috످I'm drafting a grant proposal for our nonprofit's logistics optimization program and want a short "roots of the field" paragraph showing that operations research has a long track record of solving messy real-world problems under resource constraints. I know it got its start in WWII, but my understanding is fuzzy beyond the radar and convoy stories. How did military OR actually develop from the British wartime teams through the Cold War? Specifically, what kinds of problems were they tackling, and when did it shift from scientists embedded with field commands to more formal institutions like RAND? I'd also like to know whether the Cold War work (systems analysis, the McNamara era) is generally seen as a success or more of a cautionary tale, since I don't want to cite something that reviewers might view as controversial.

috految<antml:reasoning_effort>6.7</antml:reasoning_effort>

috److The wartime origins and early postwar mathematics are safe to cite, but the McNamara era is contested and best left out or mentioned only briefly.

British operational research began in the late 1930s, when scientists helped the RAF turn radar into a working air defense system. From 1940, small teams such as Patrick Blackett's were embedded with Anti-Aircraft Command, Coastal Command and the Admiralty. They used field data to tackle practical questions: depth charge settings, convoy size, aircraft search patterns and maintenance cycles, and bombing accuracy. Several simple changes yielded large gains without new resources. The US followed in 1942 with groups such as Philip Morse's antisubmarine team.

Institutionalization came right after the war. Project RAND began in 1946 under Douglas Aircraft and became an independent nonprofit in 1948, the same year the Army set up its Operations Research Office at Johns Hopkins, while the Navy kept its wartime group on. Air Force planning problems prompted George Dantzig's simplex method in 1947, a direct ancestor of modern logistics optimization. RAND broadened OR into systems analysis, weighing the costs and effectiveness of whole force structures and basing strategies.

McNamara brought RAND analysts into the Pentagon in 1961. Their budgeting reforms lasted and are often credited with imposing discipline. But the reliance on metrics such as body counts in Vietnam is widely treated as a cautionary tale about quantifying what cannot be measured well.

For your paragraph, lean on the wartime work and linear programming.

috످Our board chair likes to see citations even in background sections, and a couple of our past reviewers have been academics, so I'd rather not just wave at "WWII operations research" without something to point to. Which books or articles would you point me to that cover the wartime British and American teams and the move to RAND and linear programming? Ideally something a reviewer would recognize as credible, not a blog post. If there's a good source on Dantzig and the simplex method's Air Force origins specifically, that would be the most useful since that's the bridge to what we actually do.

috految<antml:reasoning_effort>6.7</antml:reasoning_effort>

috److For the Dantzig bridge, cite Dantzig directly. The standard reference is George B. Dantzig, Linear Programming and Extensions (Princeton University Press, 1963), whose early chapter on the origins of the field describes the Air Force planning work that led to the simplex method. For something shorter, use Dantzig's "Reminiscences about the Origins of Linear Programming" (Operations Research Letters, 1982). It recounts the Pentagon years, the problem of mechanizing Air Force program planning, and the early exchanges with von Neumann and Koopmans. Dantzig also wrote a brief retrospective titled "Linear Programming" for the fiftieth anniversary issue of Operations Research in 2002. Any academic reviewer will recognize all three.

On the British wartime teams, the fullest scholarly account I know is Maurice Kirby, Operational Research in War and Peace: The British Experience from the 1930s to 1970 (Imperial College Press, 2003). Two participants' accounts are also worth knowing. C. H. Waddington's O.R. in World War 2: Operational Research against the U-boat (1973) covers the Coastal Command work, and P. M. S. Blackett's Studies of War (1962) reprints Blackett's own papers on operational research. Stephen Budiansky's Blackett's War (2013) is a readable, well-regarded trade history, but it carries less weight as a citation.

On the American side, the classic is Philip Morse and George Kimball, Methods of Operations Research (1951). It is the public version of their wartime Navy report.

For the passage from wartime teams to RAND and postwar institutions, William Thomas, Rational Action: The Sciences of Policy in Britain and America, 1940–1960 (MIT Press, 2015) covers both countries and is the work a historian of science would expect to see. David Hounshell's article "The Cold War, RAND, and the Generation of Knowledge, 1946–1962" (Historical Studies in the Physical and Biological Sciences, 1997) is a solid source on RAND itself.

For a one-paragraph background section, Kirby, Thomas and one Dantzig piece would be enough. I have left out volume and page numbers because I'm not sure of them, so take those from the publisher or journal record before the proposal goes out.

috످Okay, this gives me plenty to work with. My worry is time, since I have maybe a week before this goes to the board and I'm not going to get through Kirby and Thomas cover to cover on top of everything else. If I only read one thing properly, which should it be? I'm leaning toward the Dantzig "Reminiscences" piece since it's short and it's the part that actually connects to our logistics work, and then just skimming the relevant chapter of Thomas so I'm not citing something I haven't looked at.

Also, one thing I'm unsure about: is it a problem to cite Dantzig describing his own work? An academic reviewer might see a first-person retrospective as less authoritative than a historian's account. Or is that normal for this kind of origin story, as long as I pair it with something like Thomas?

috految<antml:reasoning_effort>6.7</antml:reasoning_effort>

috److Yes, read Dantzig's "Reminiscences" and skim Thomas. The Dantzig piece is only about six pages and connects most directly to your work. In Thomas, read the introduction, then use the index to find the passages on the wartime teams and RAND. Since he covers both Britain and America, you can drop Kirby.

Citing Dantzig on his own work is completely normal, and academic reviewers will see it as a primary source. They would only be likely to object if you relied on him to judge his own importance or settle who came first. So cite Dantzig for what he did and why, and Thomas for the broader history.

Just avoid saying Dantzig "invented linear programming," since the Soviet mathematician Leonid Kantorovich developed a version in 1939. You could safely write:

"Operations research took shape during World War II, when British and American scientists helped military commanders make the most of scarce resources (Thomas, 2015). In 1947, while working on U.S. Air Force planning problems, George Dantzig developed the simplex method, a technique for finding the best way to allocate limited resources (Dantzig, 1982). Our program brings that same approach to [your logistics challenge]."

috످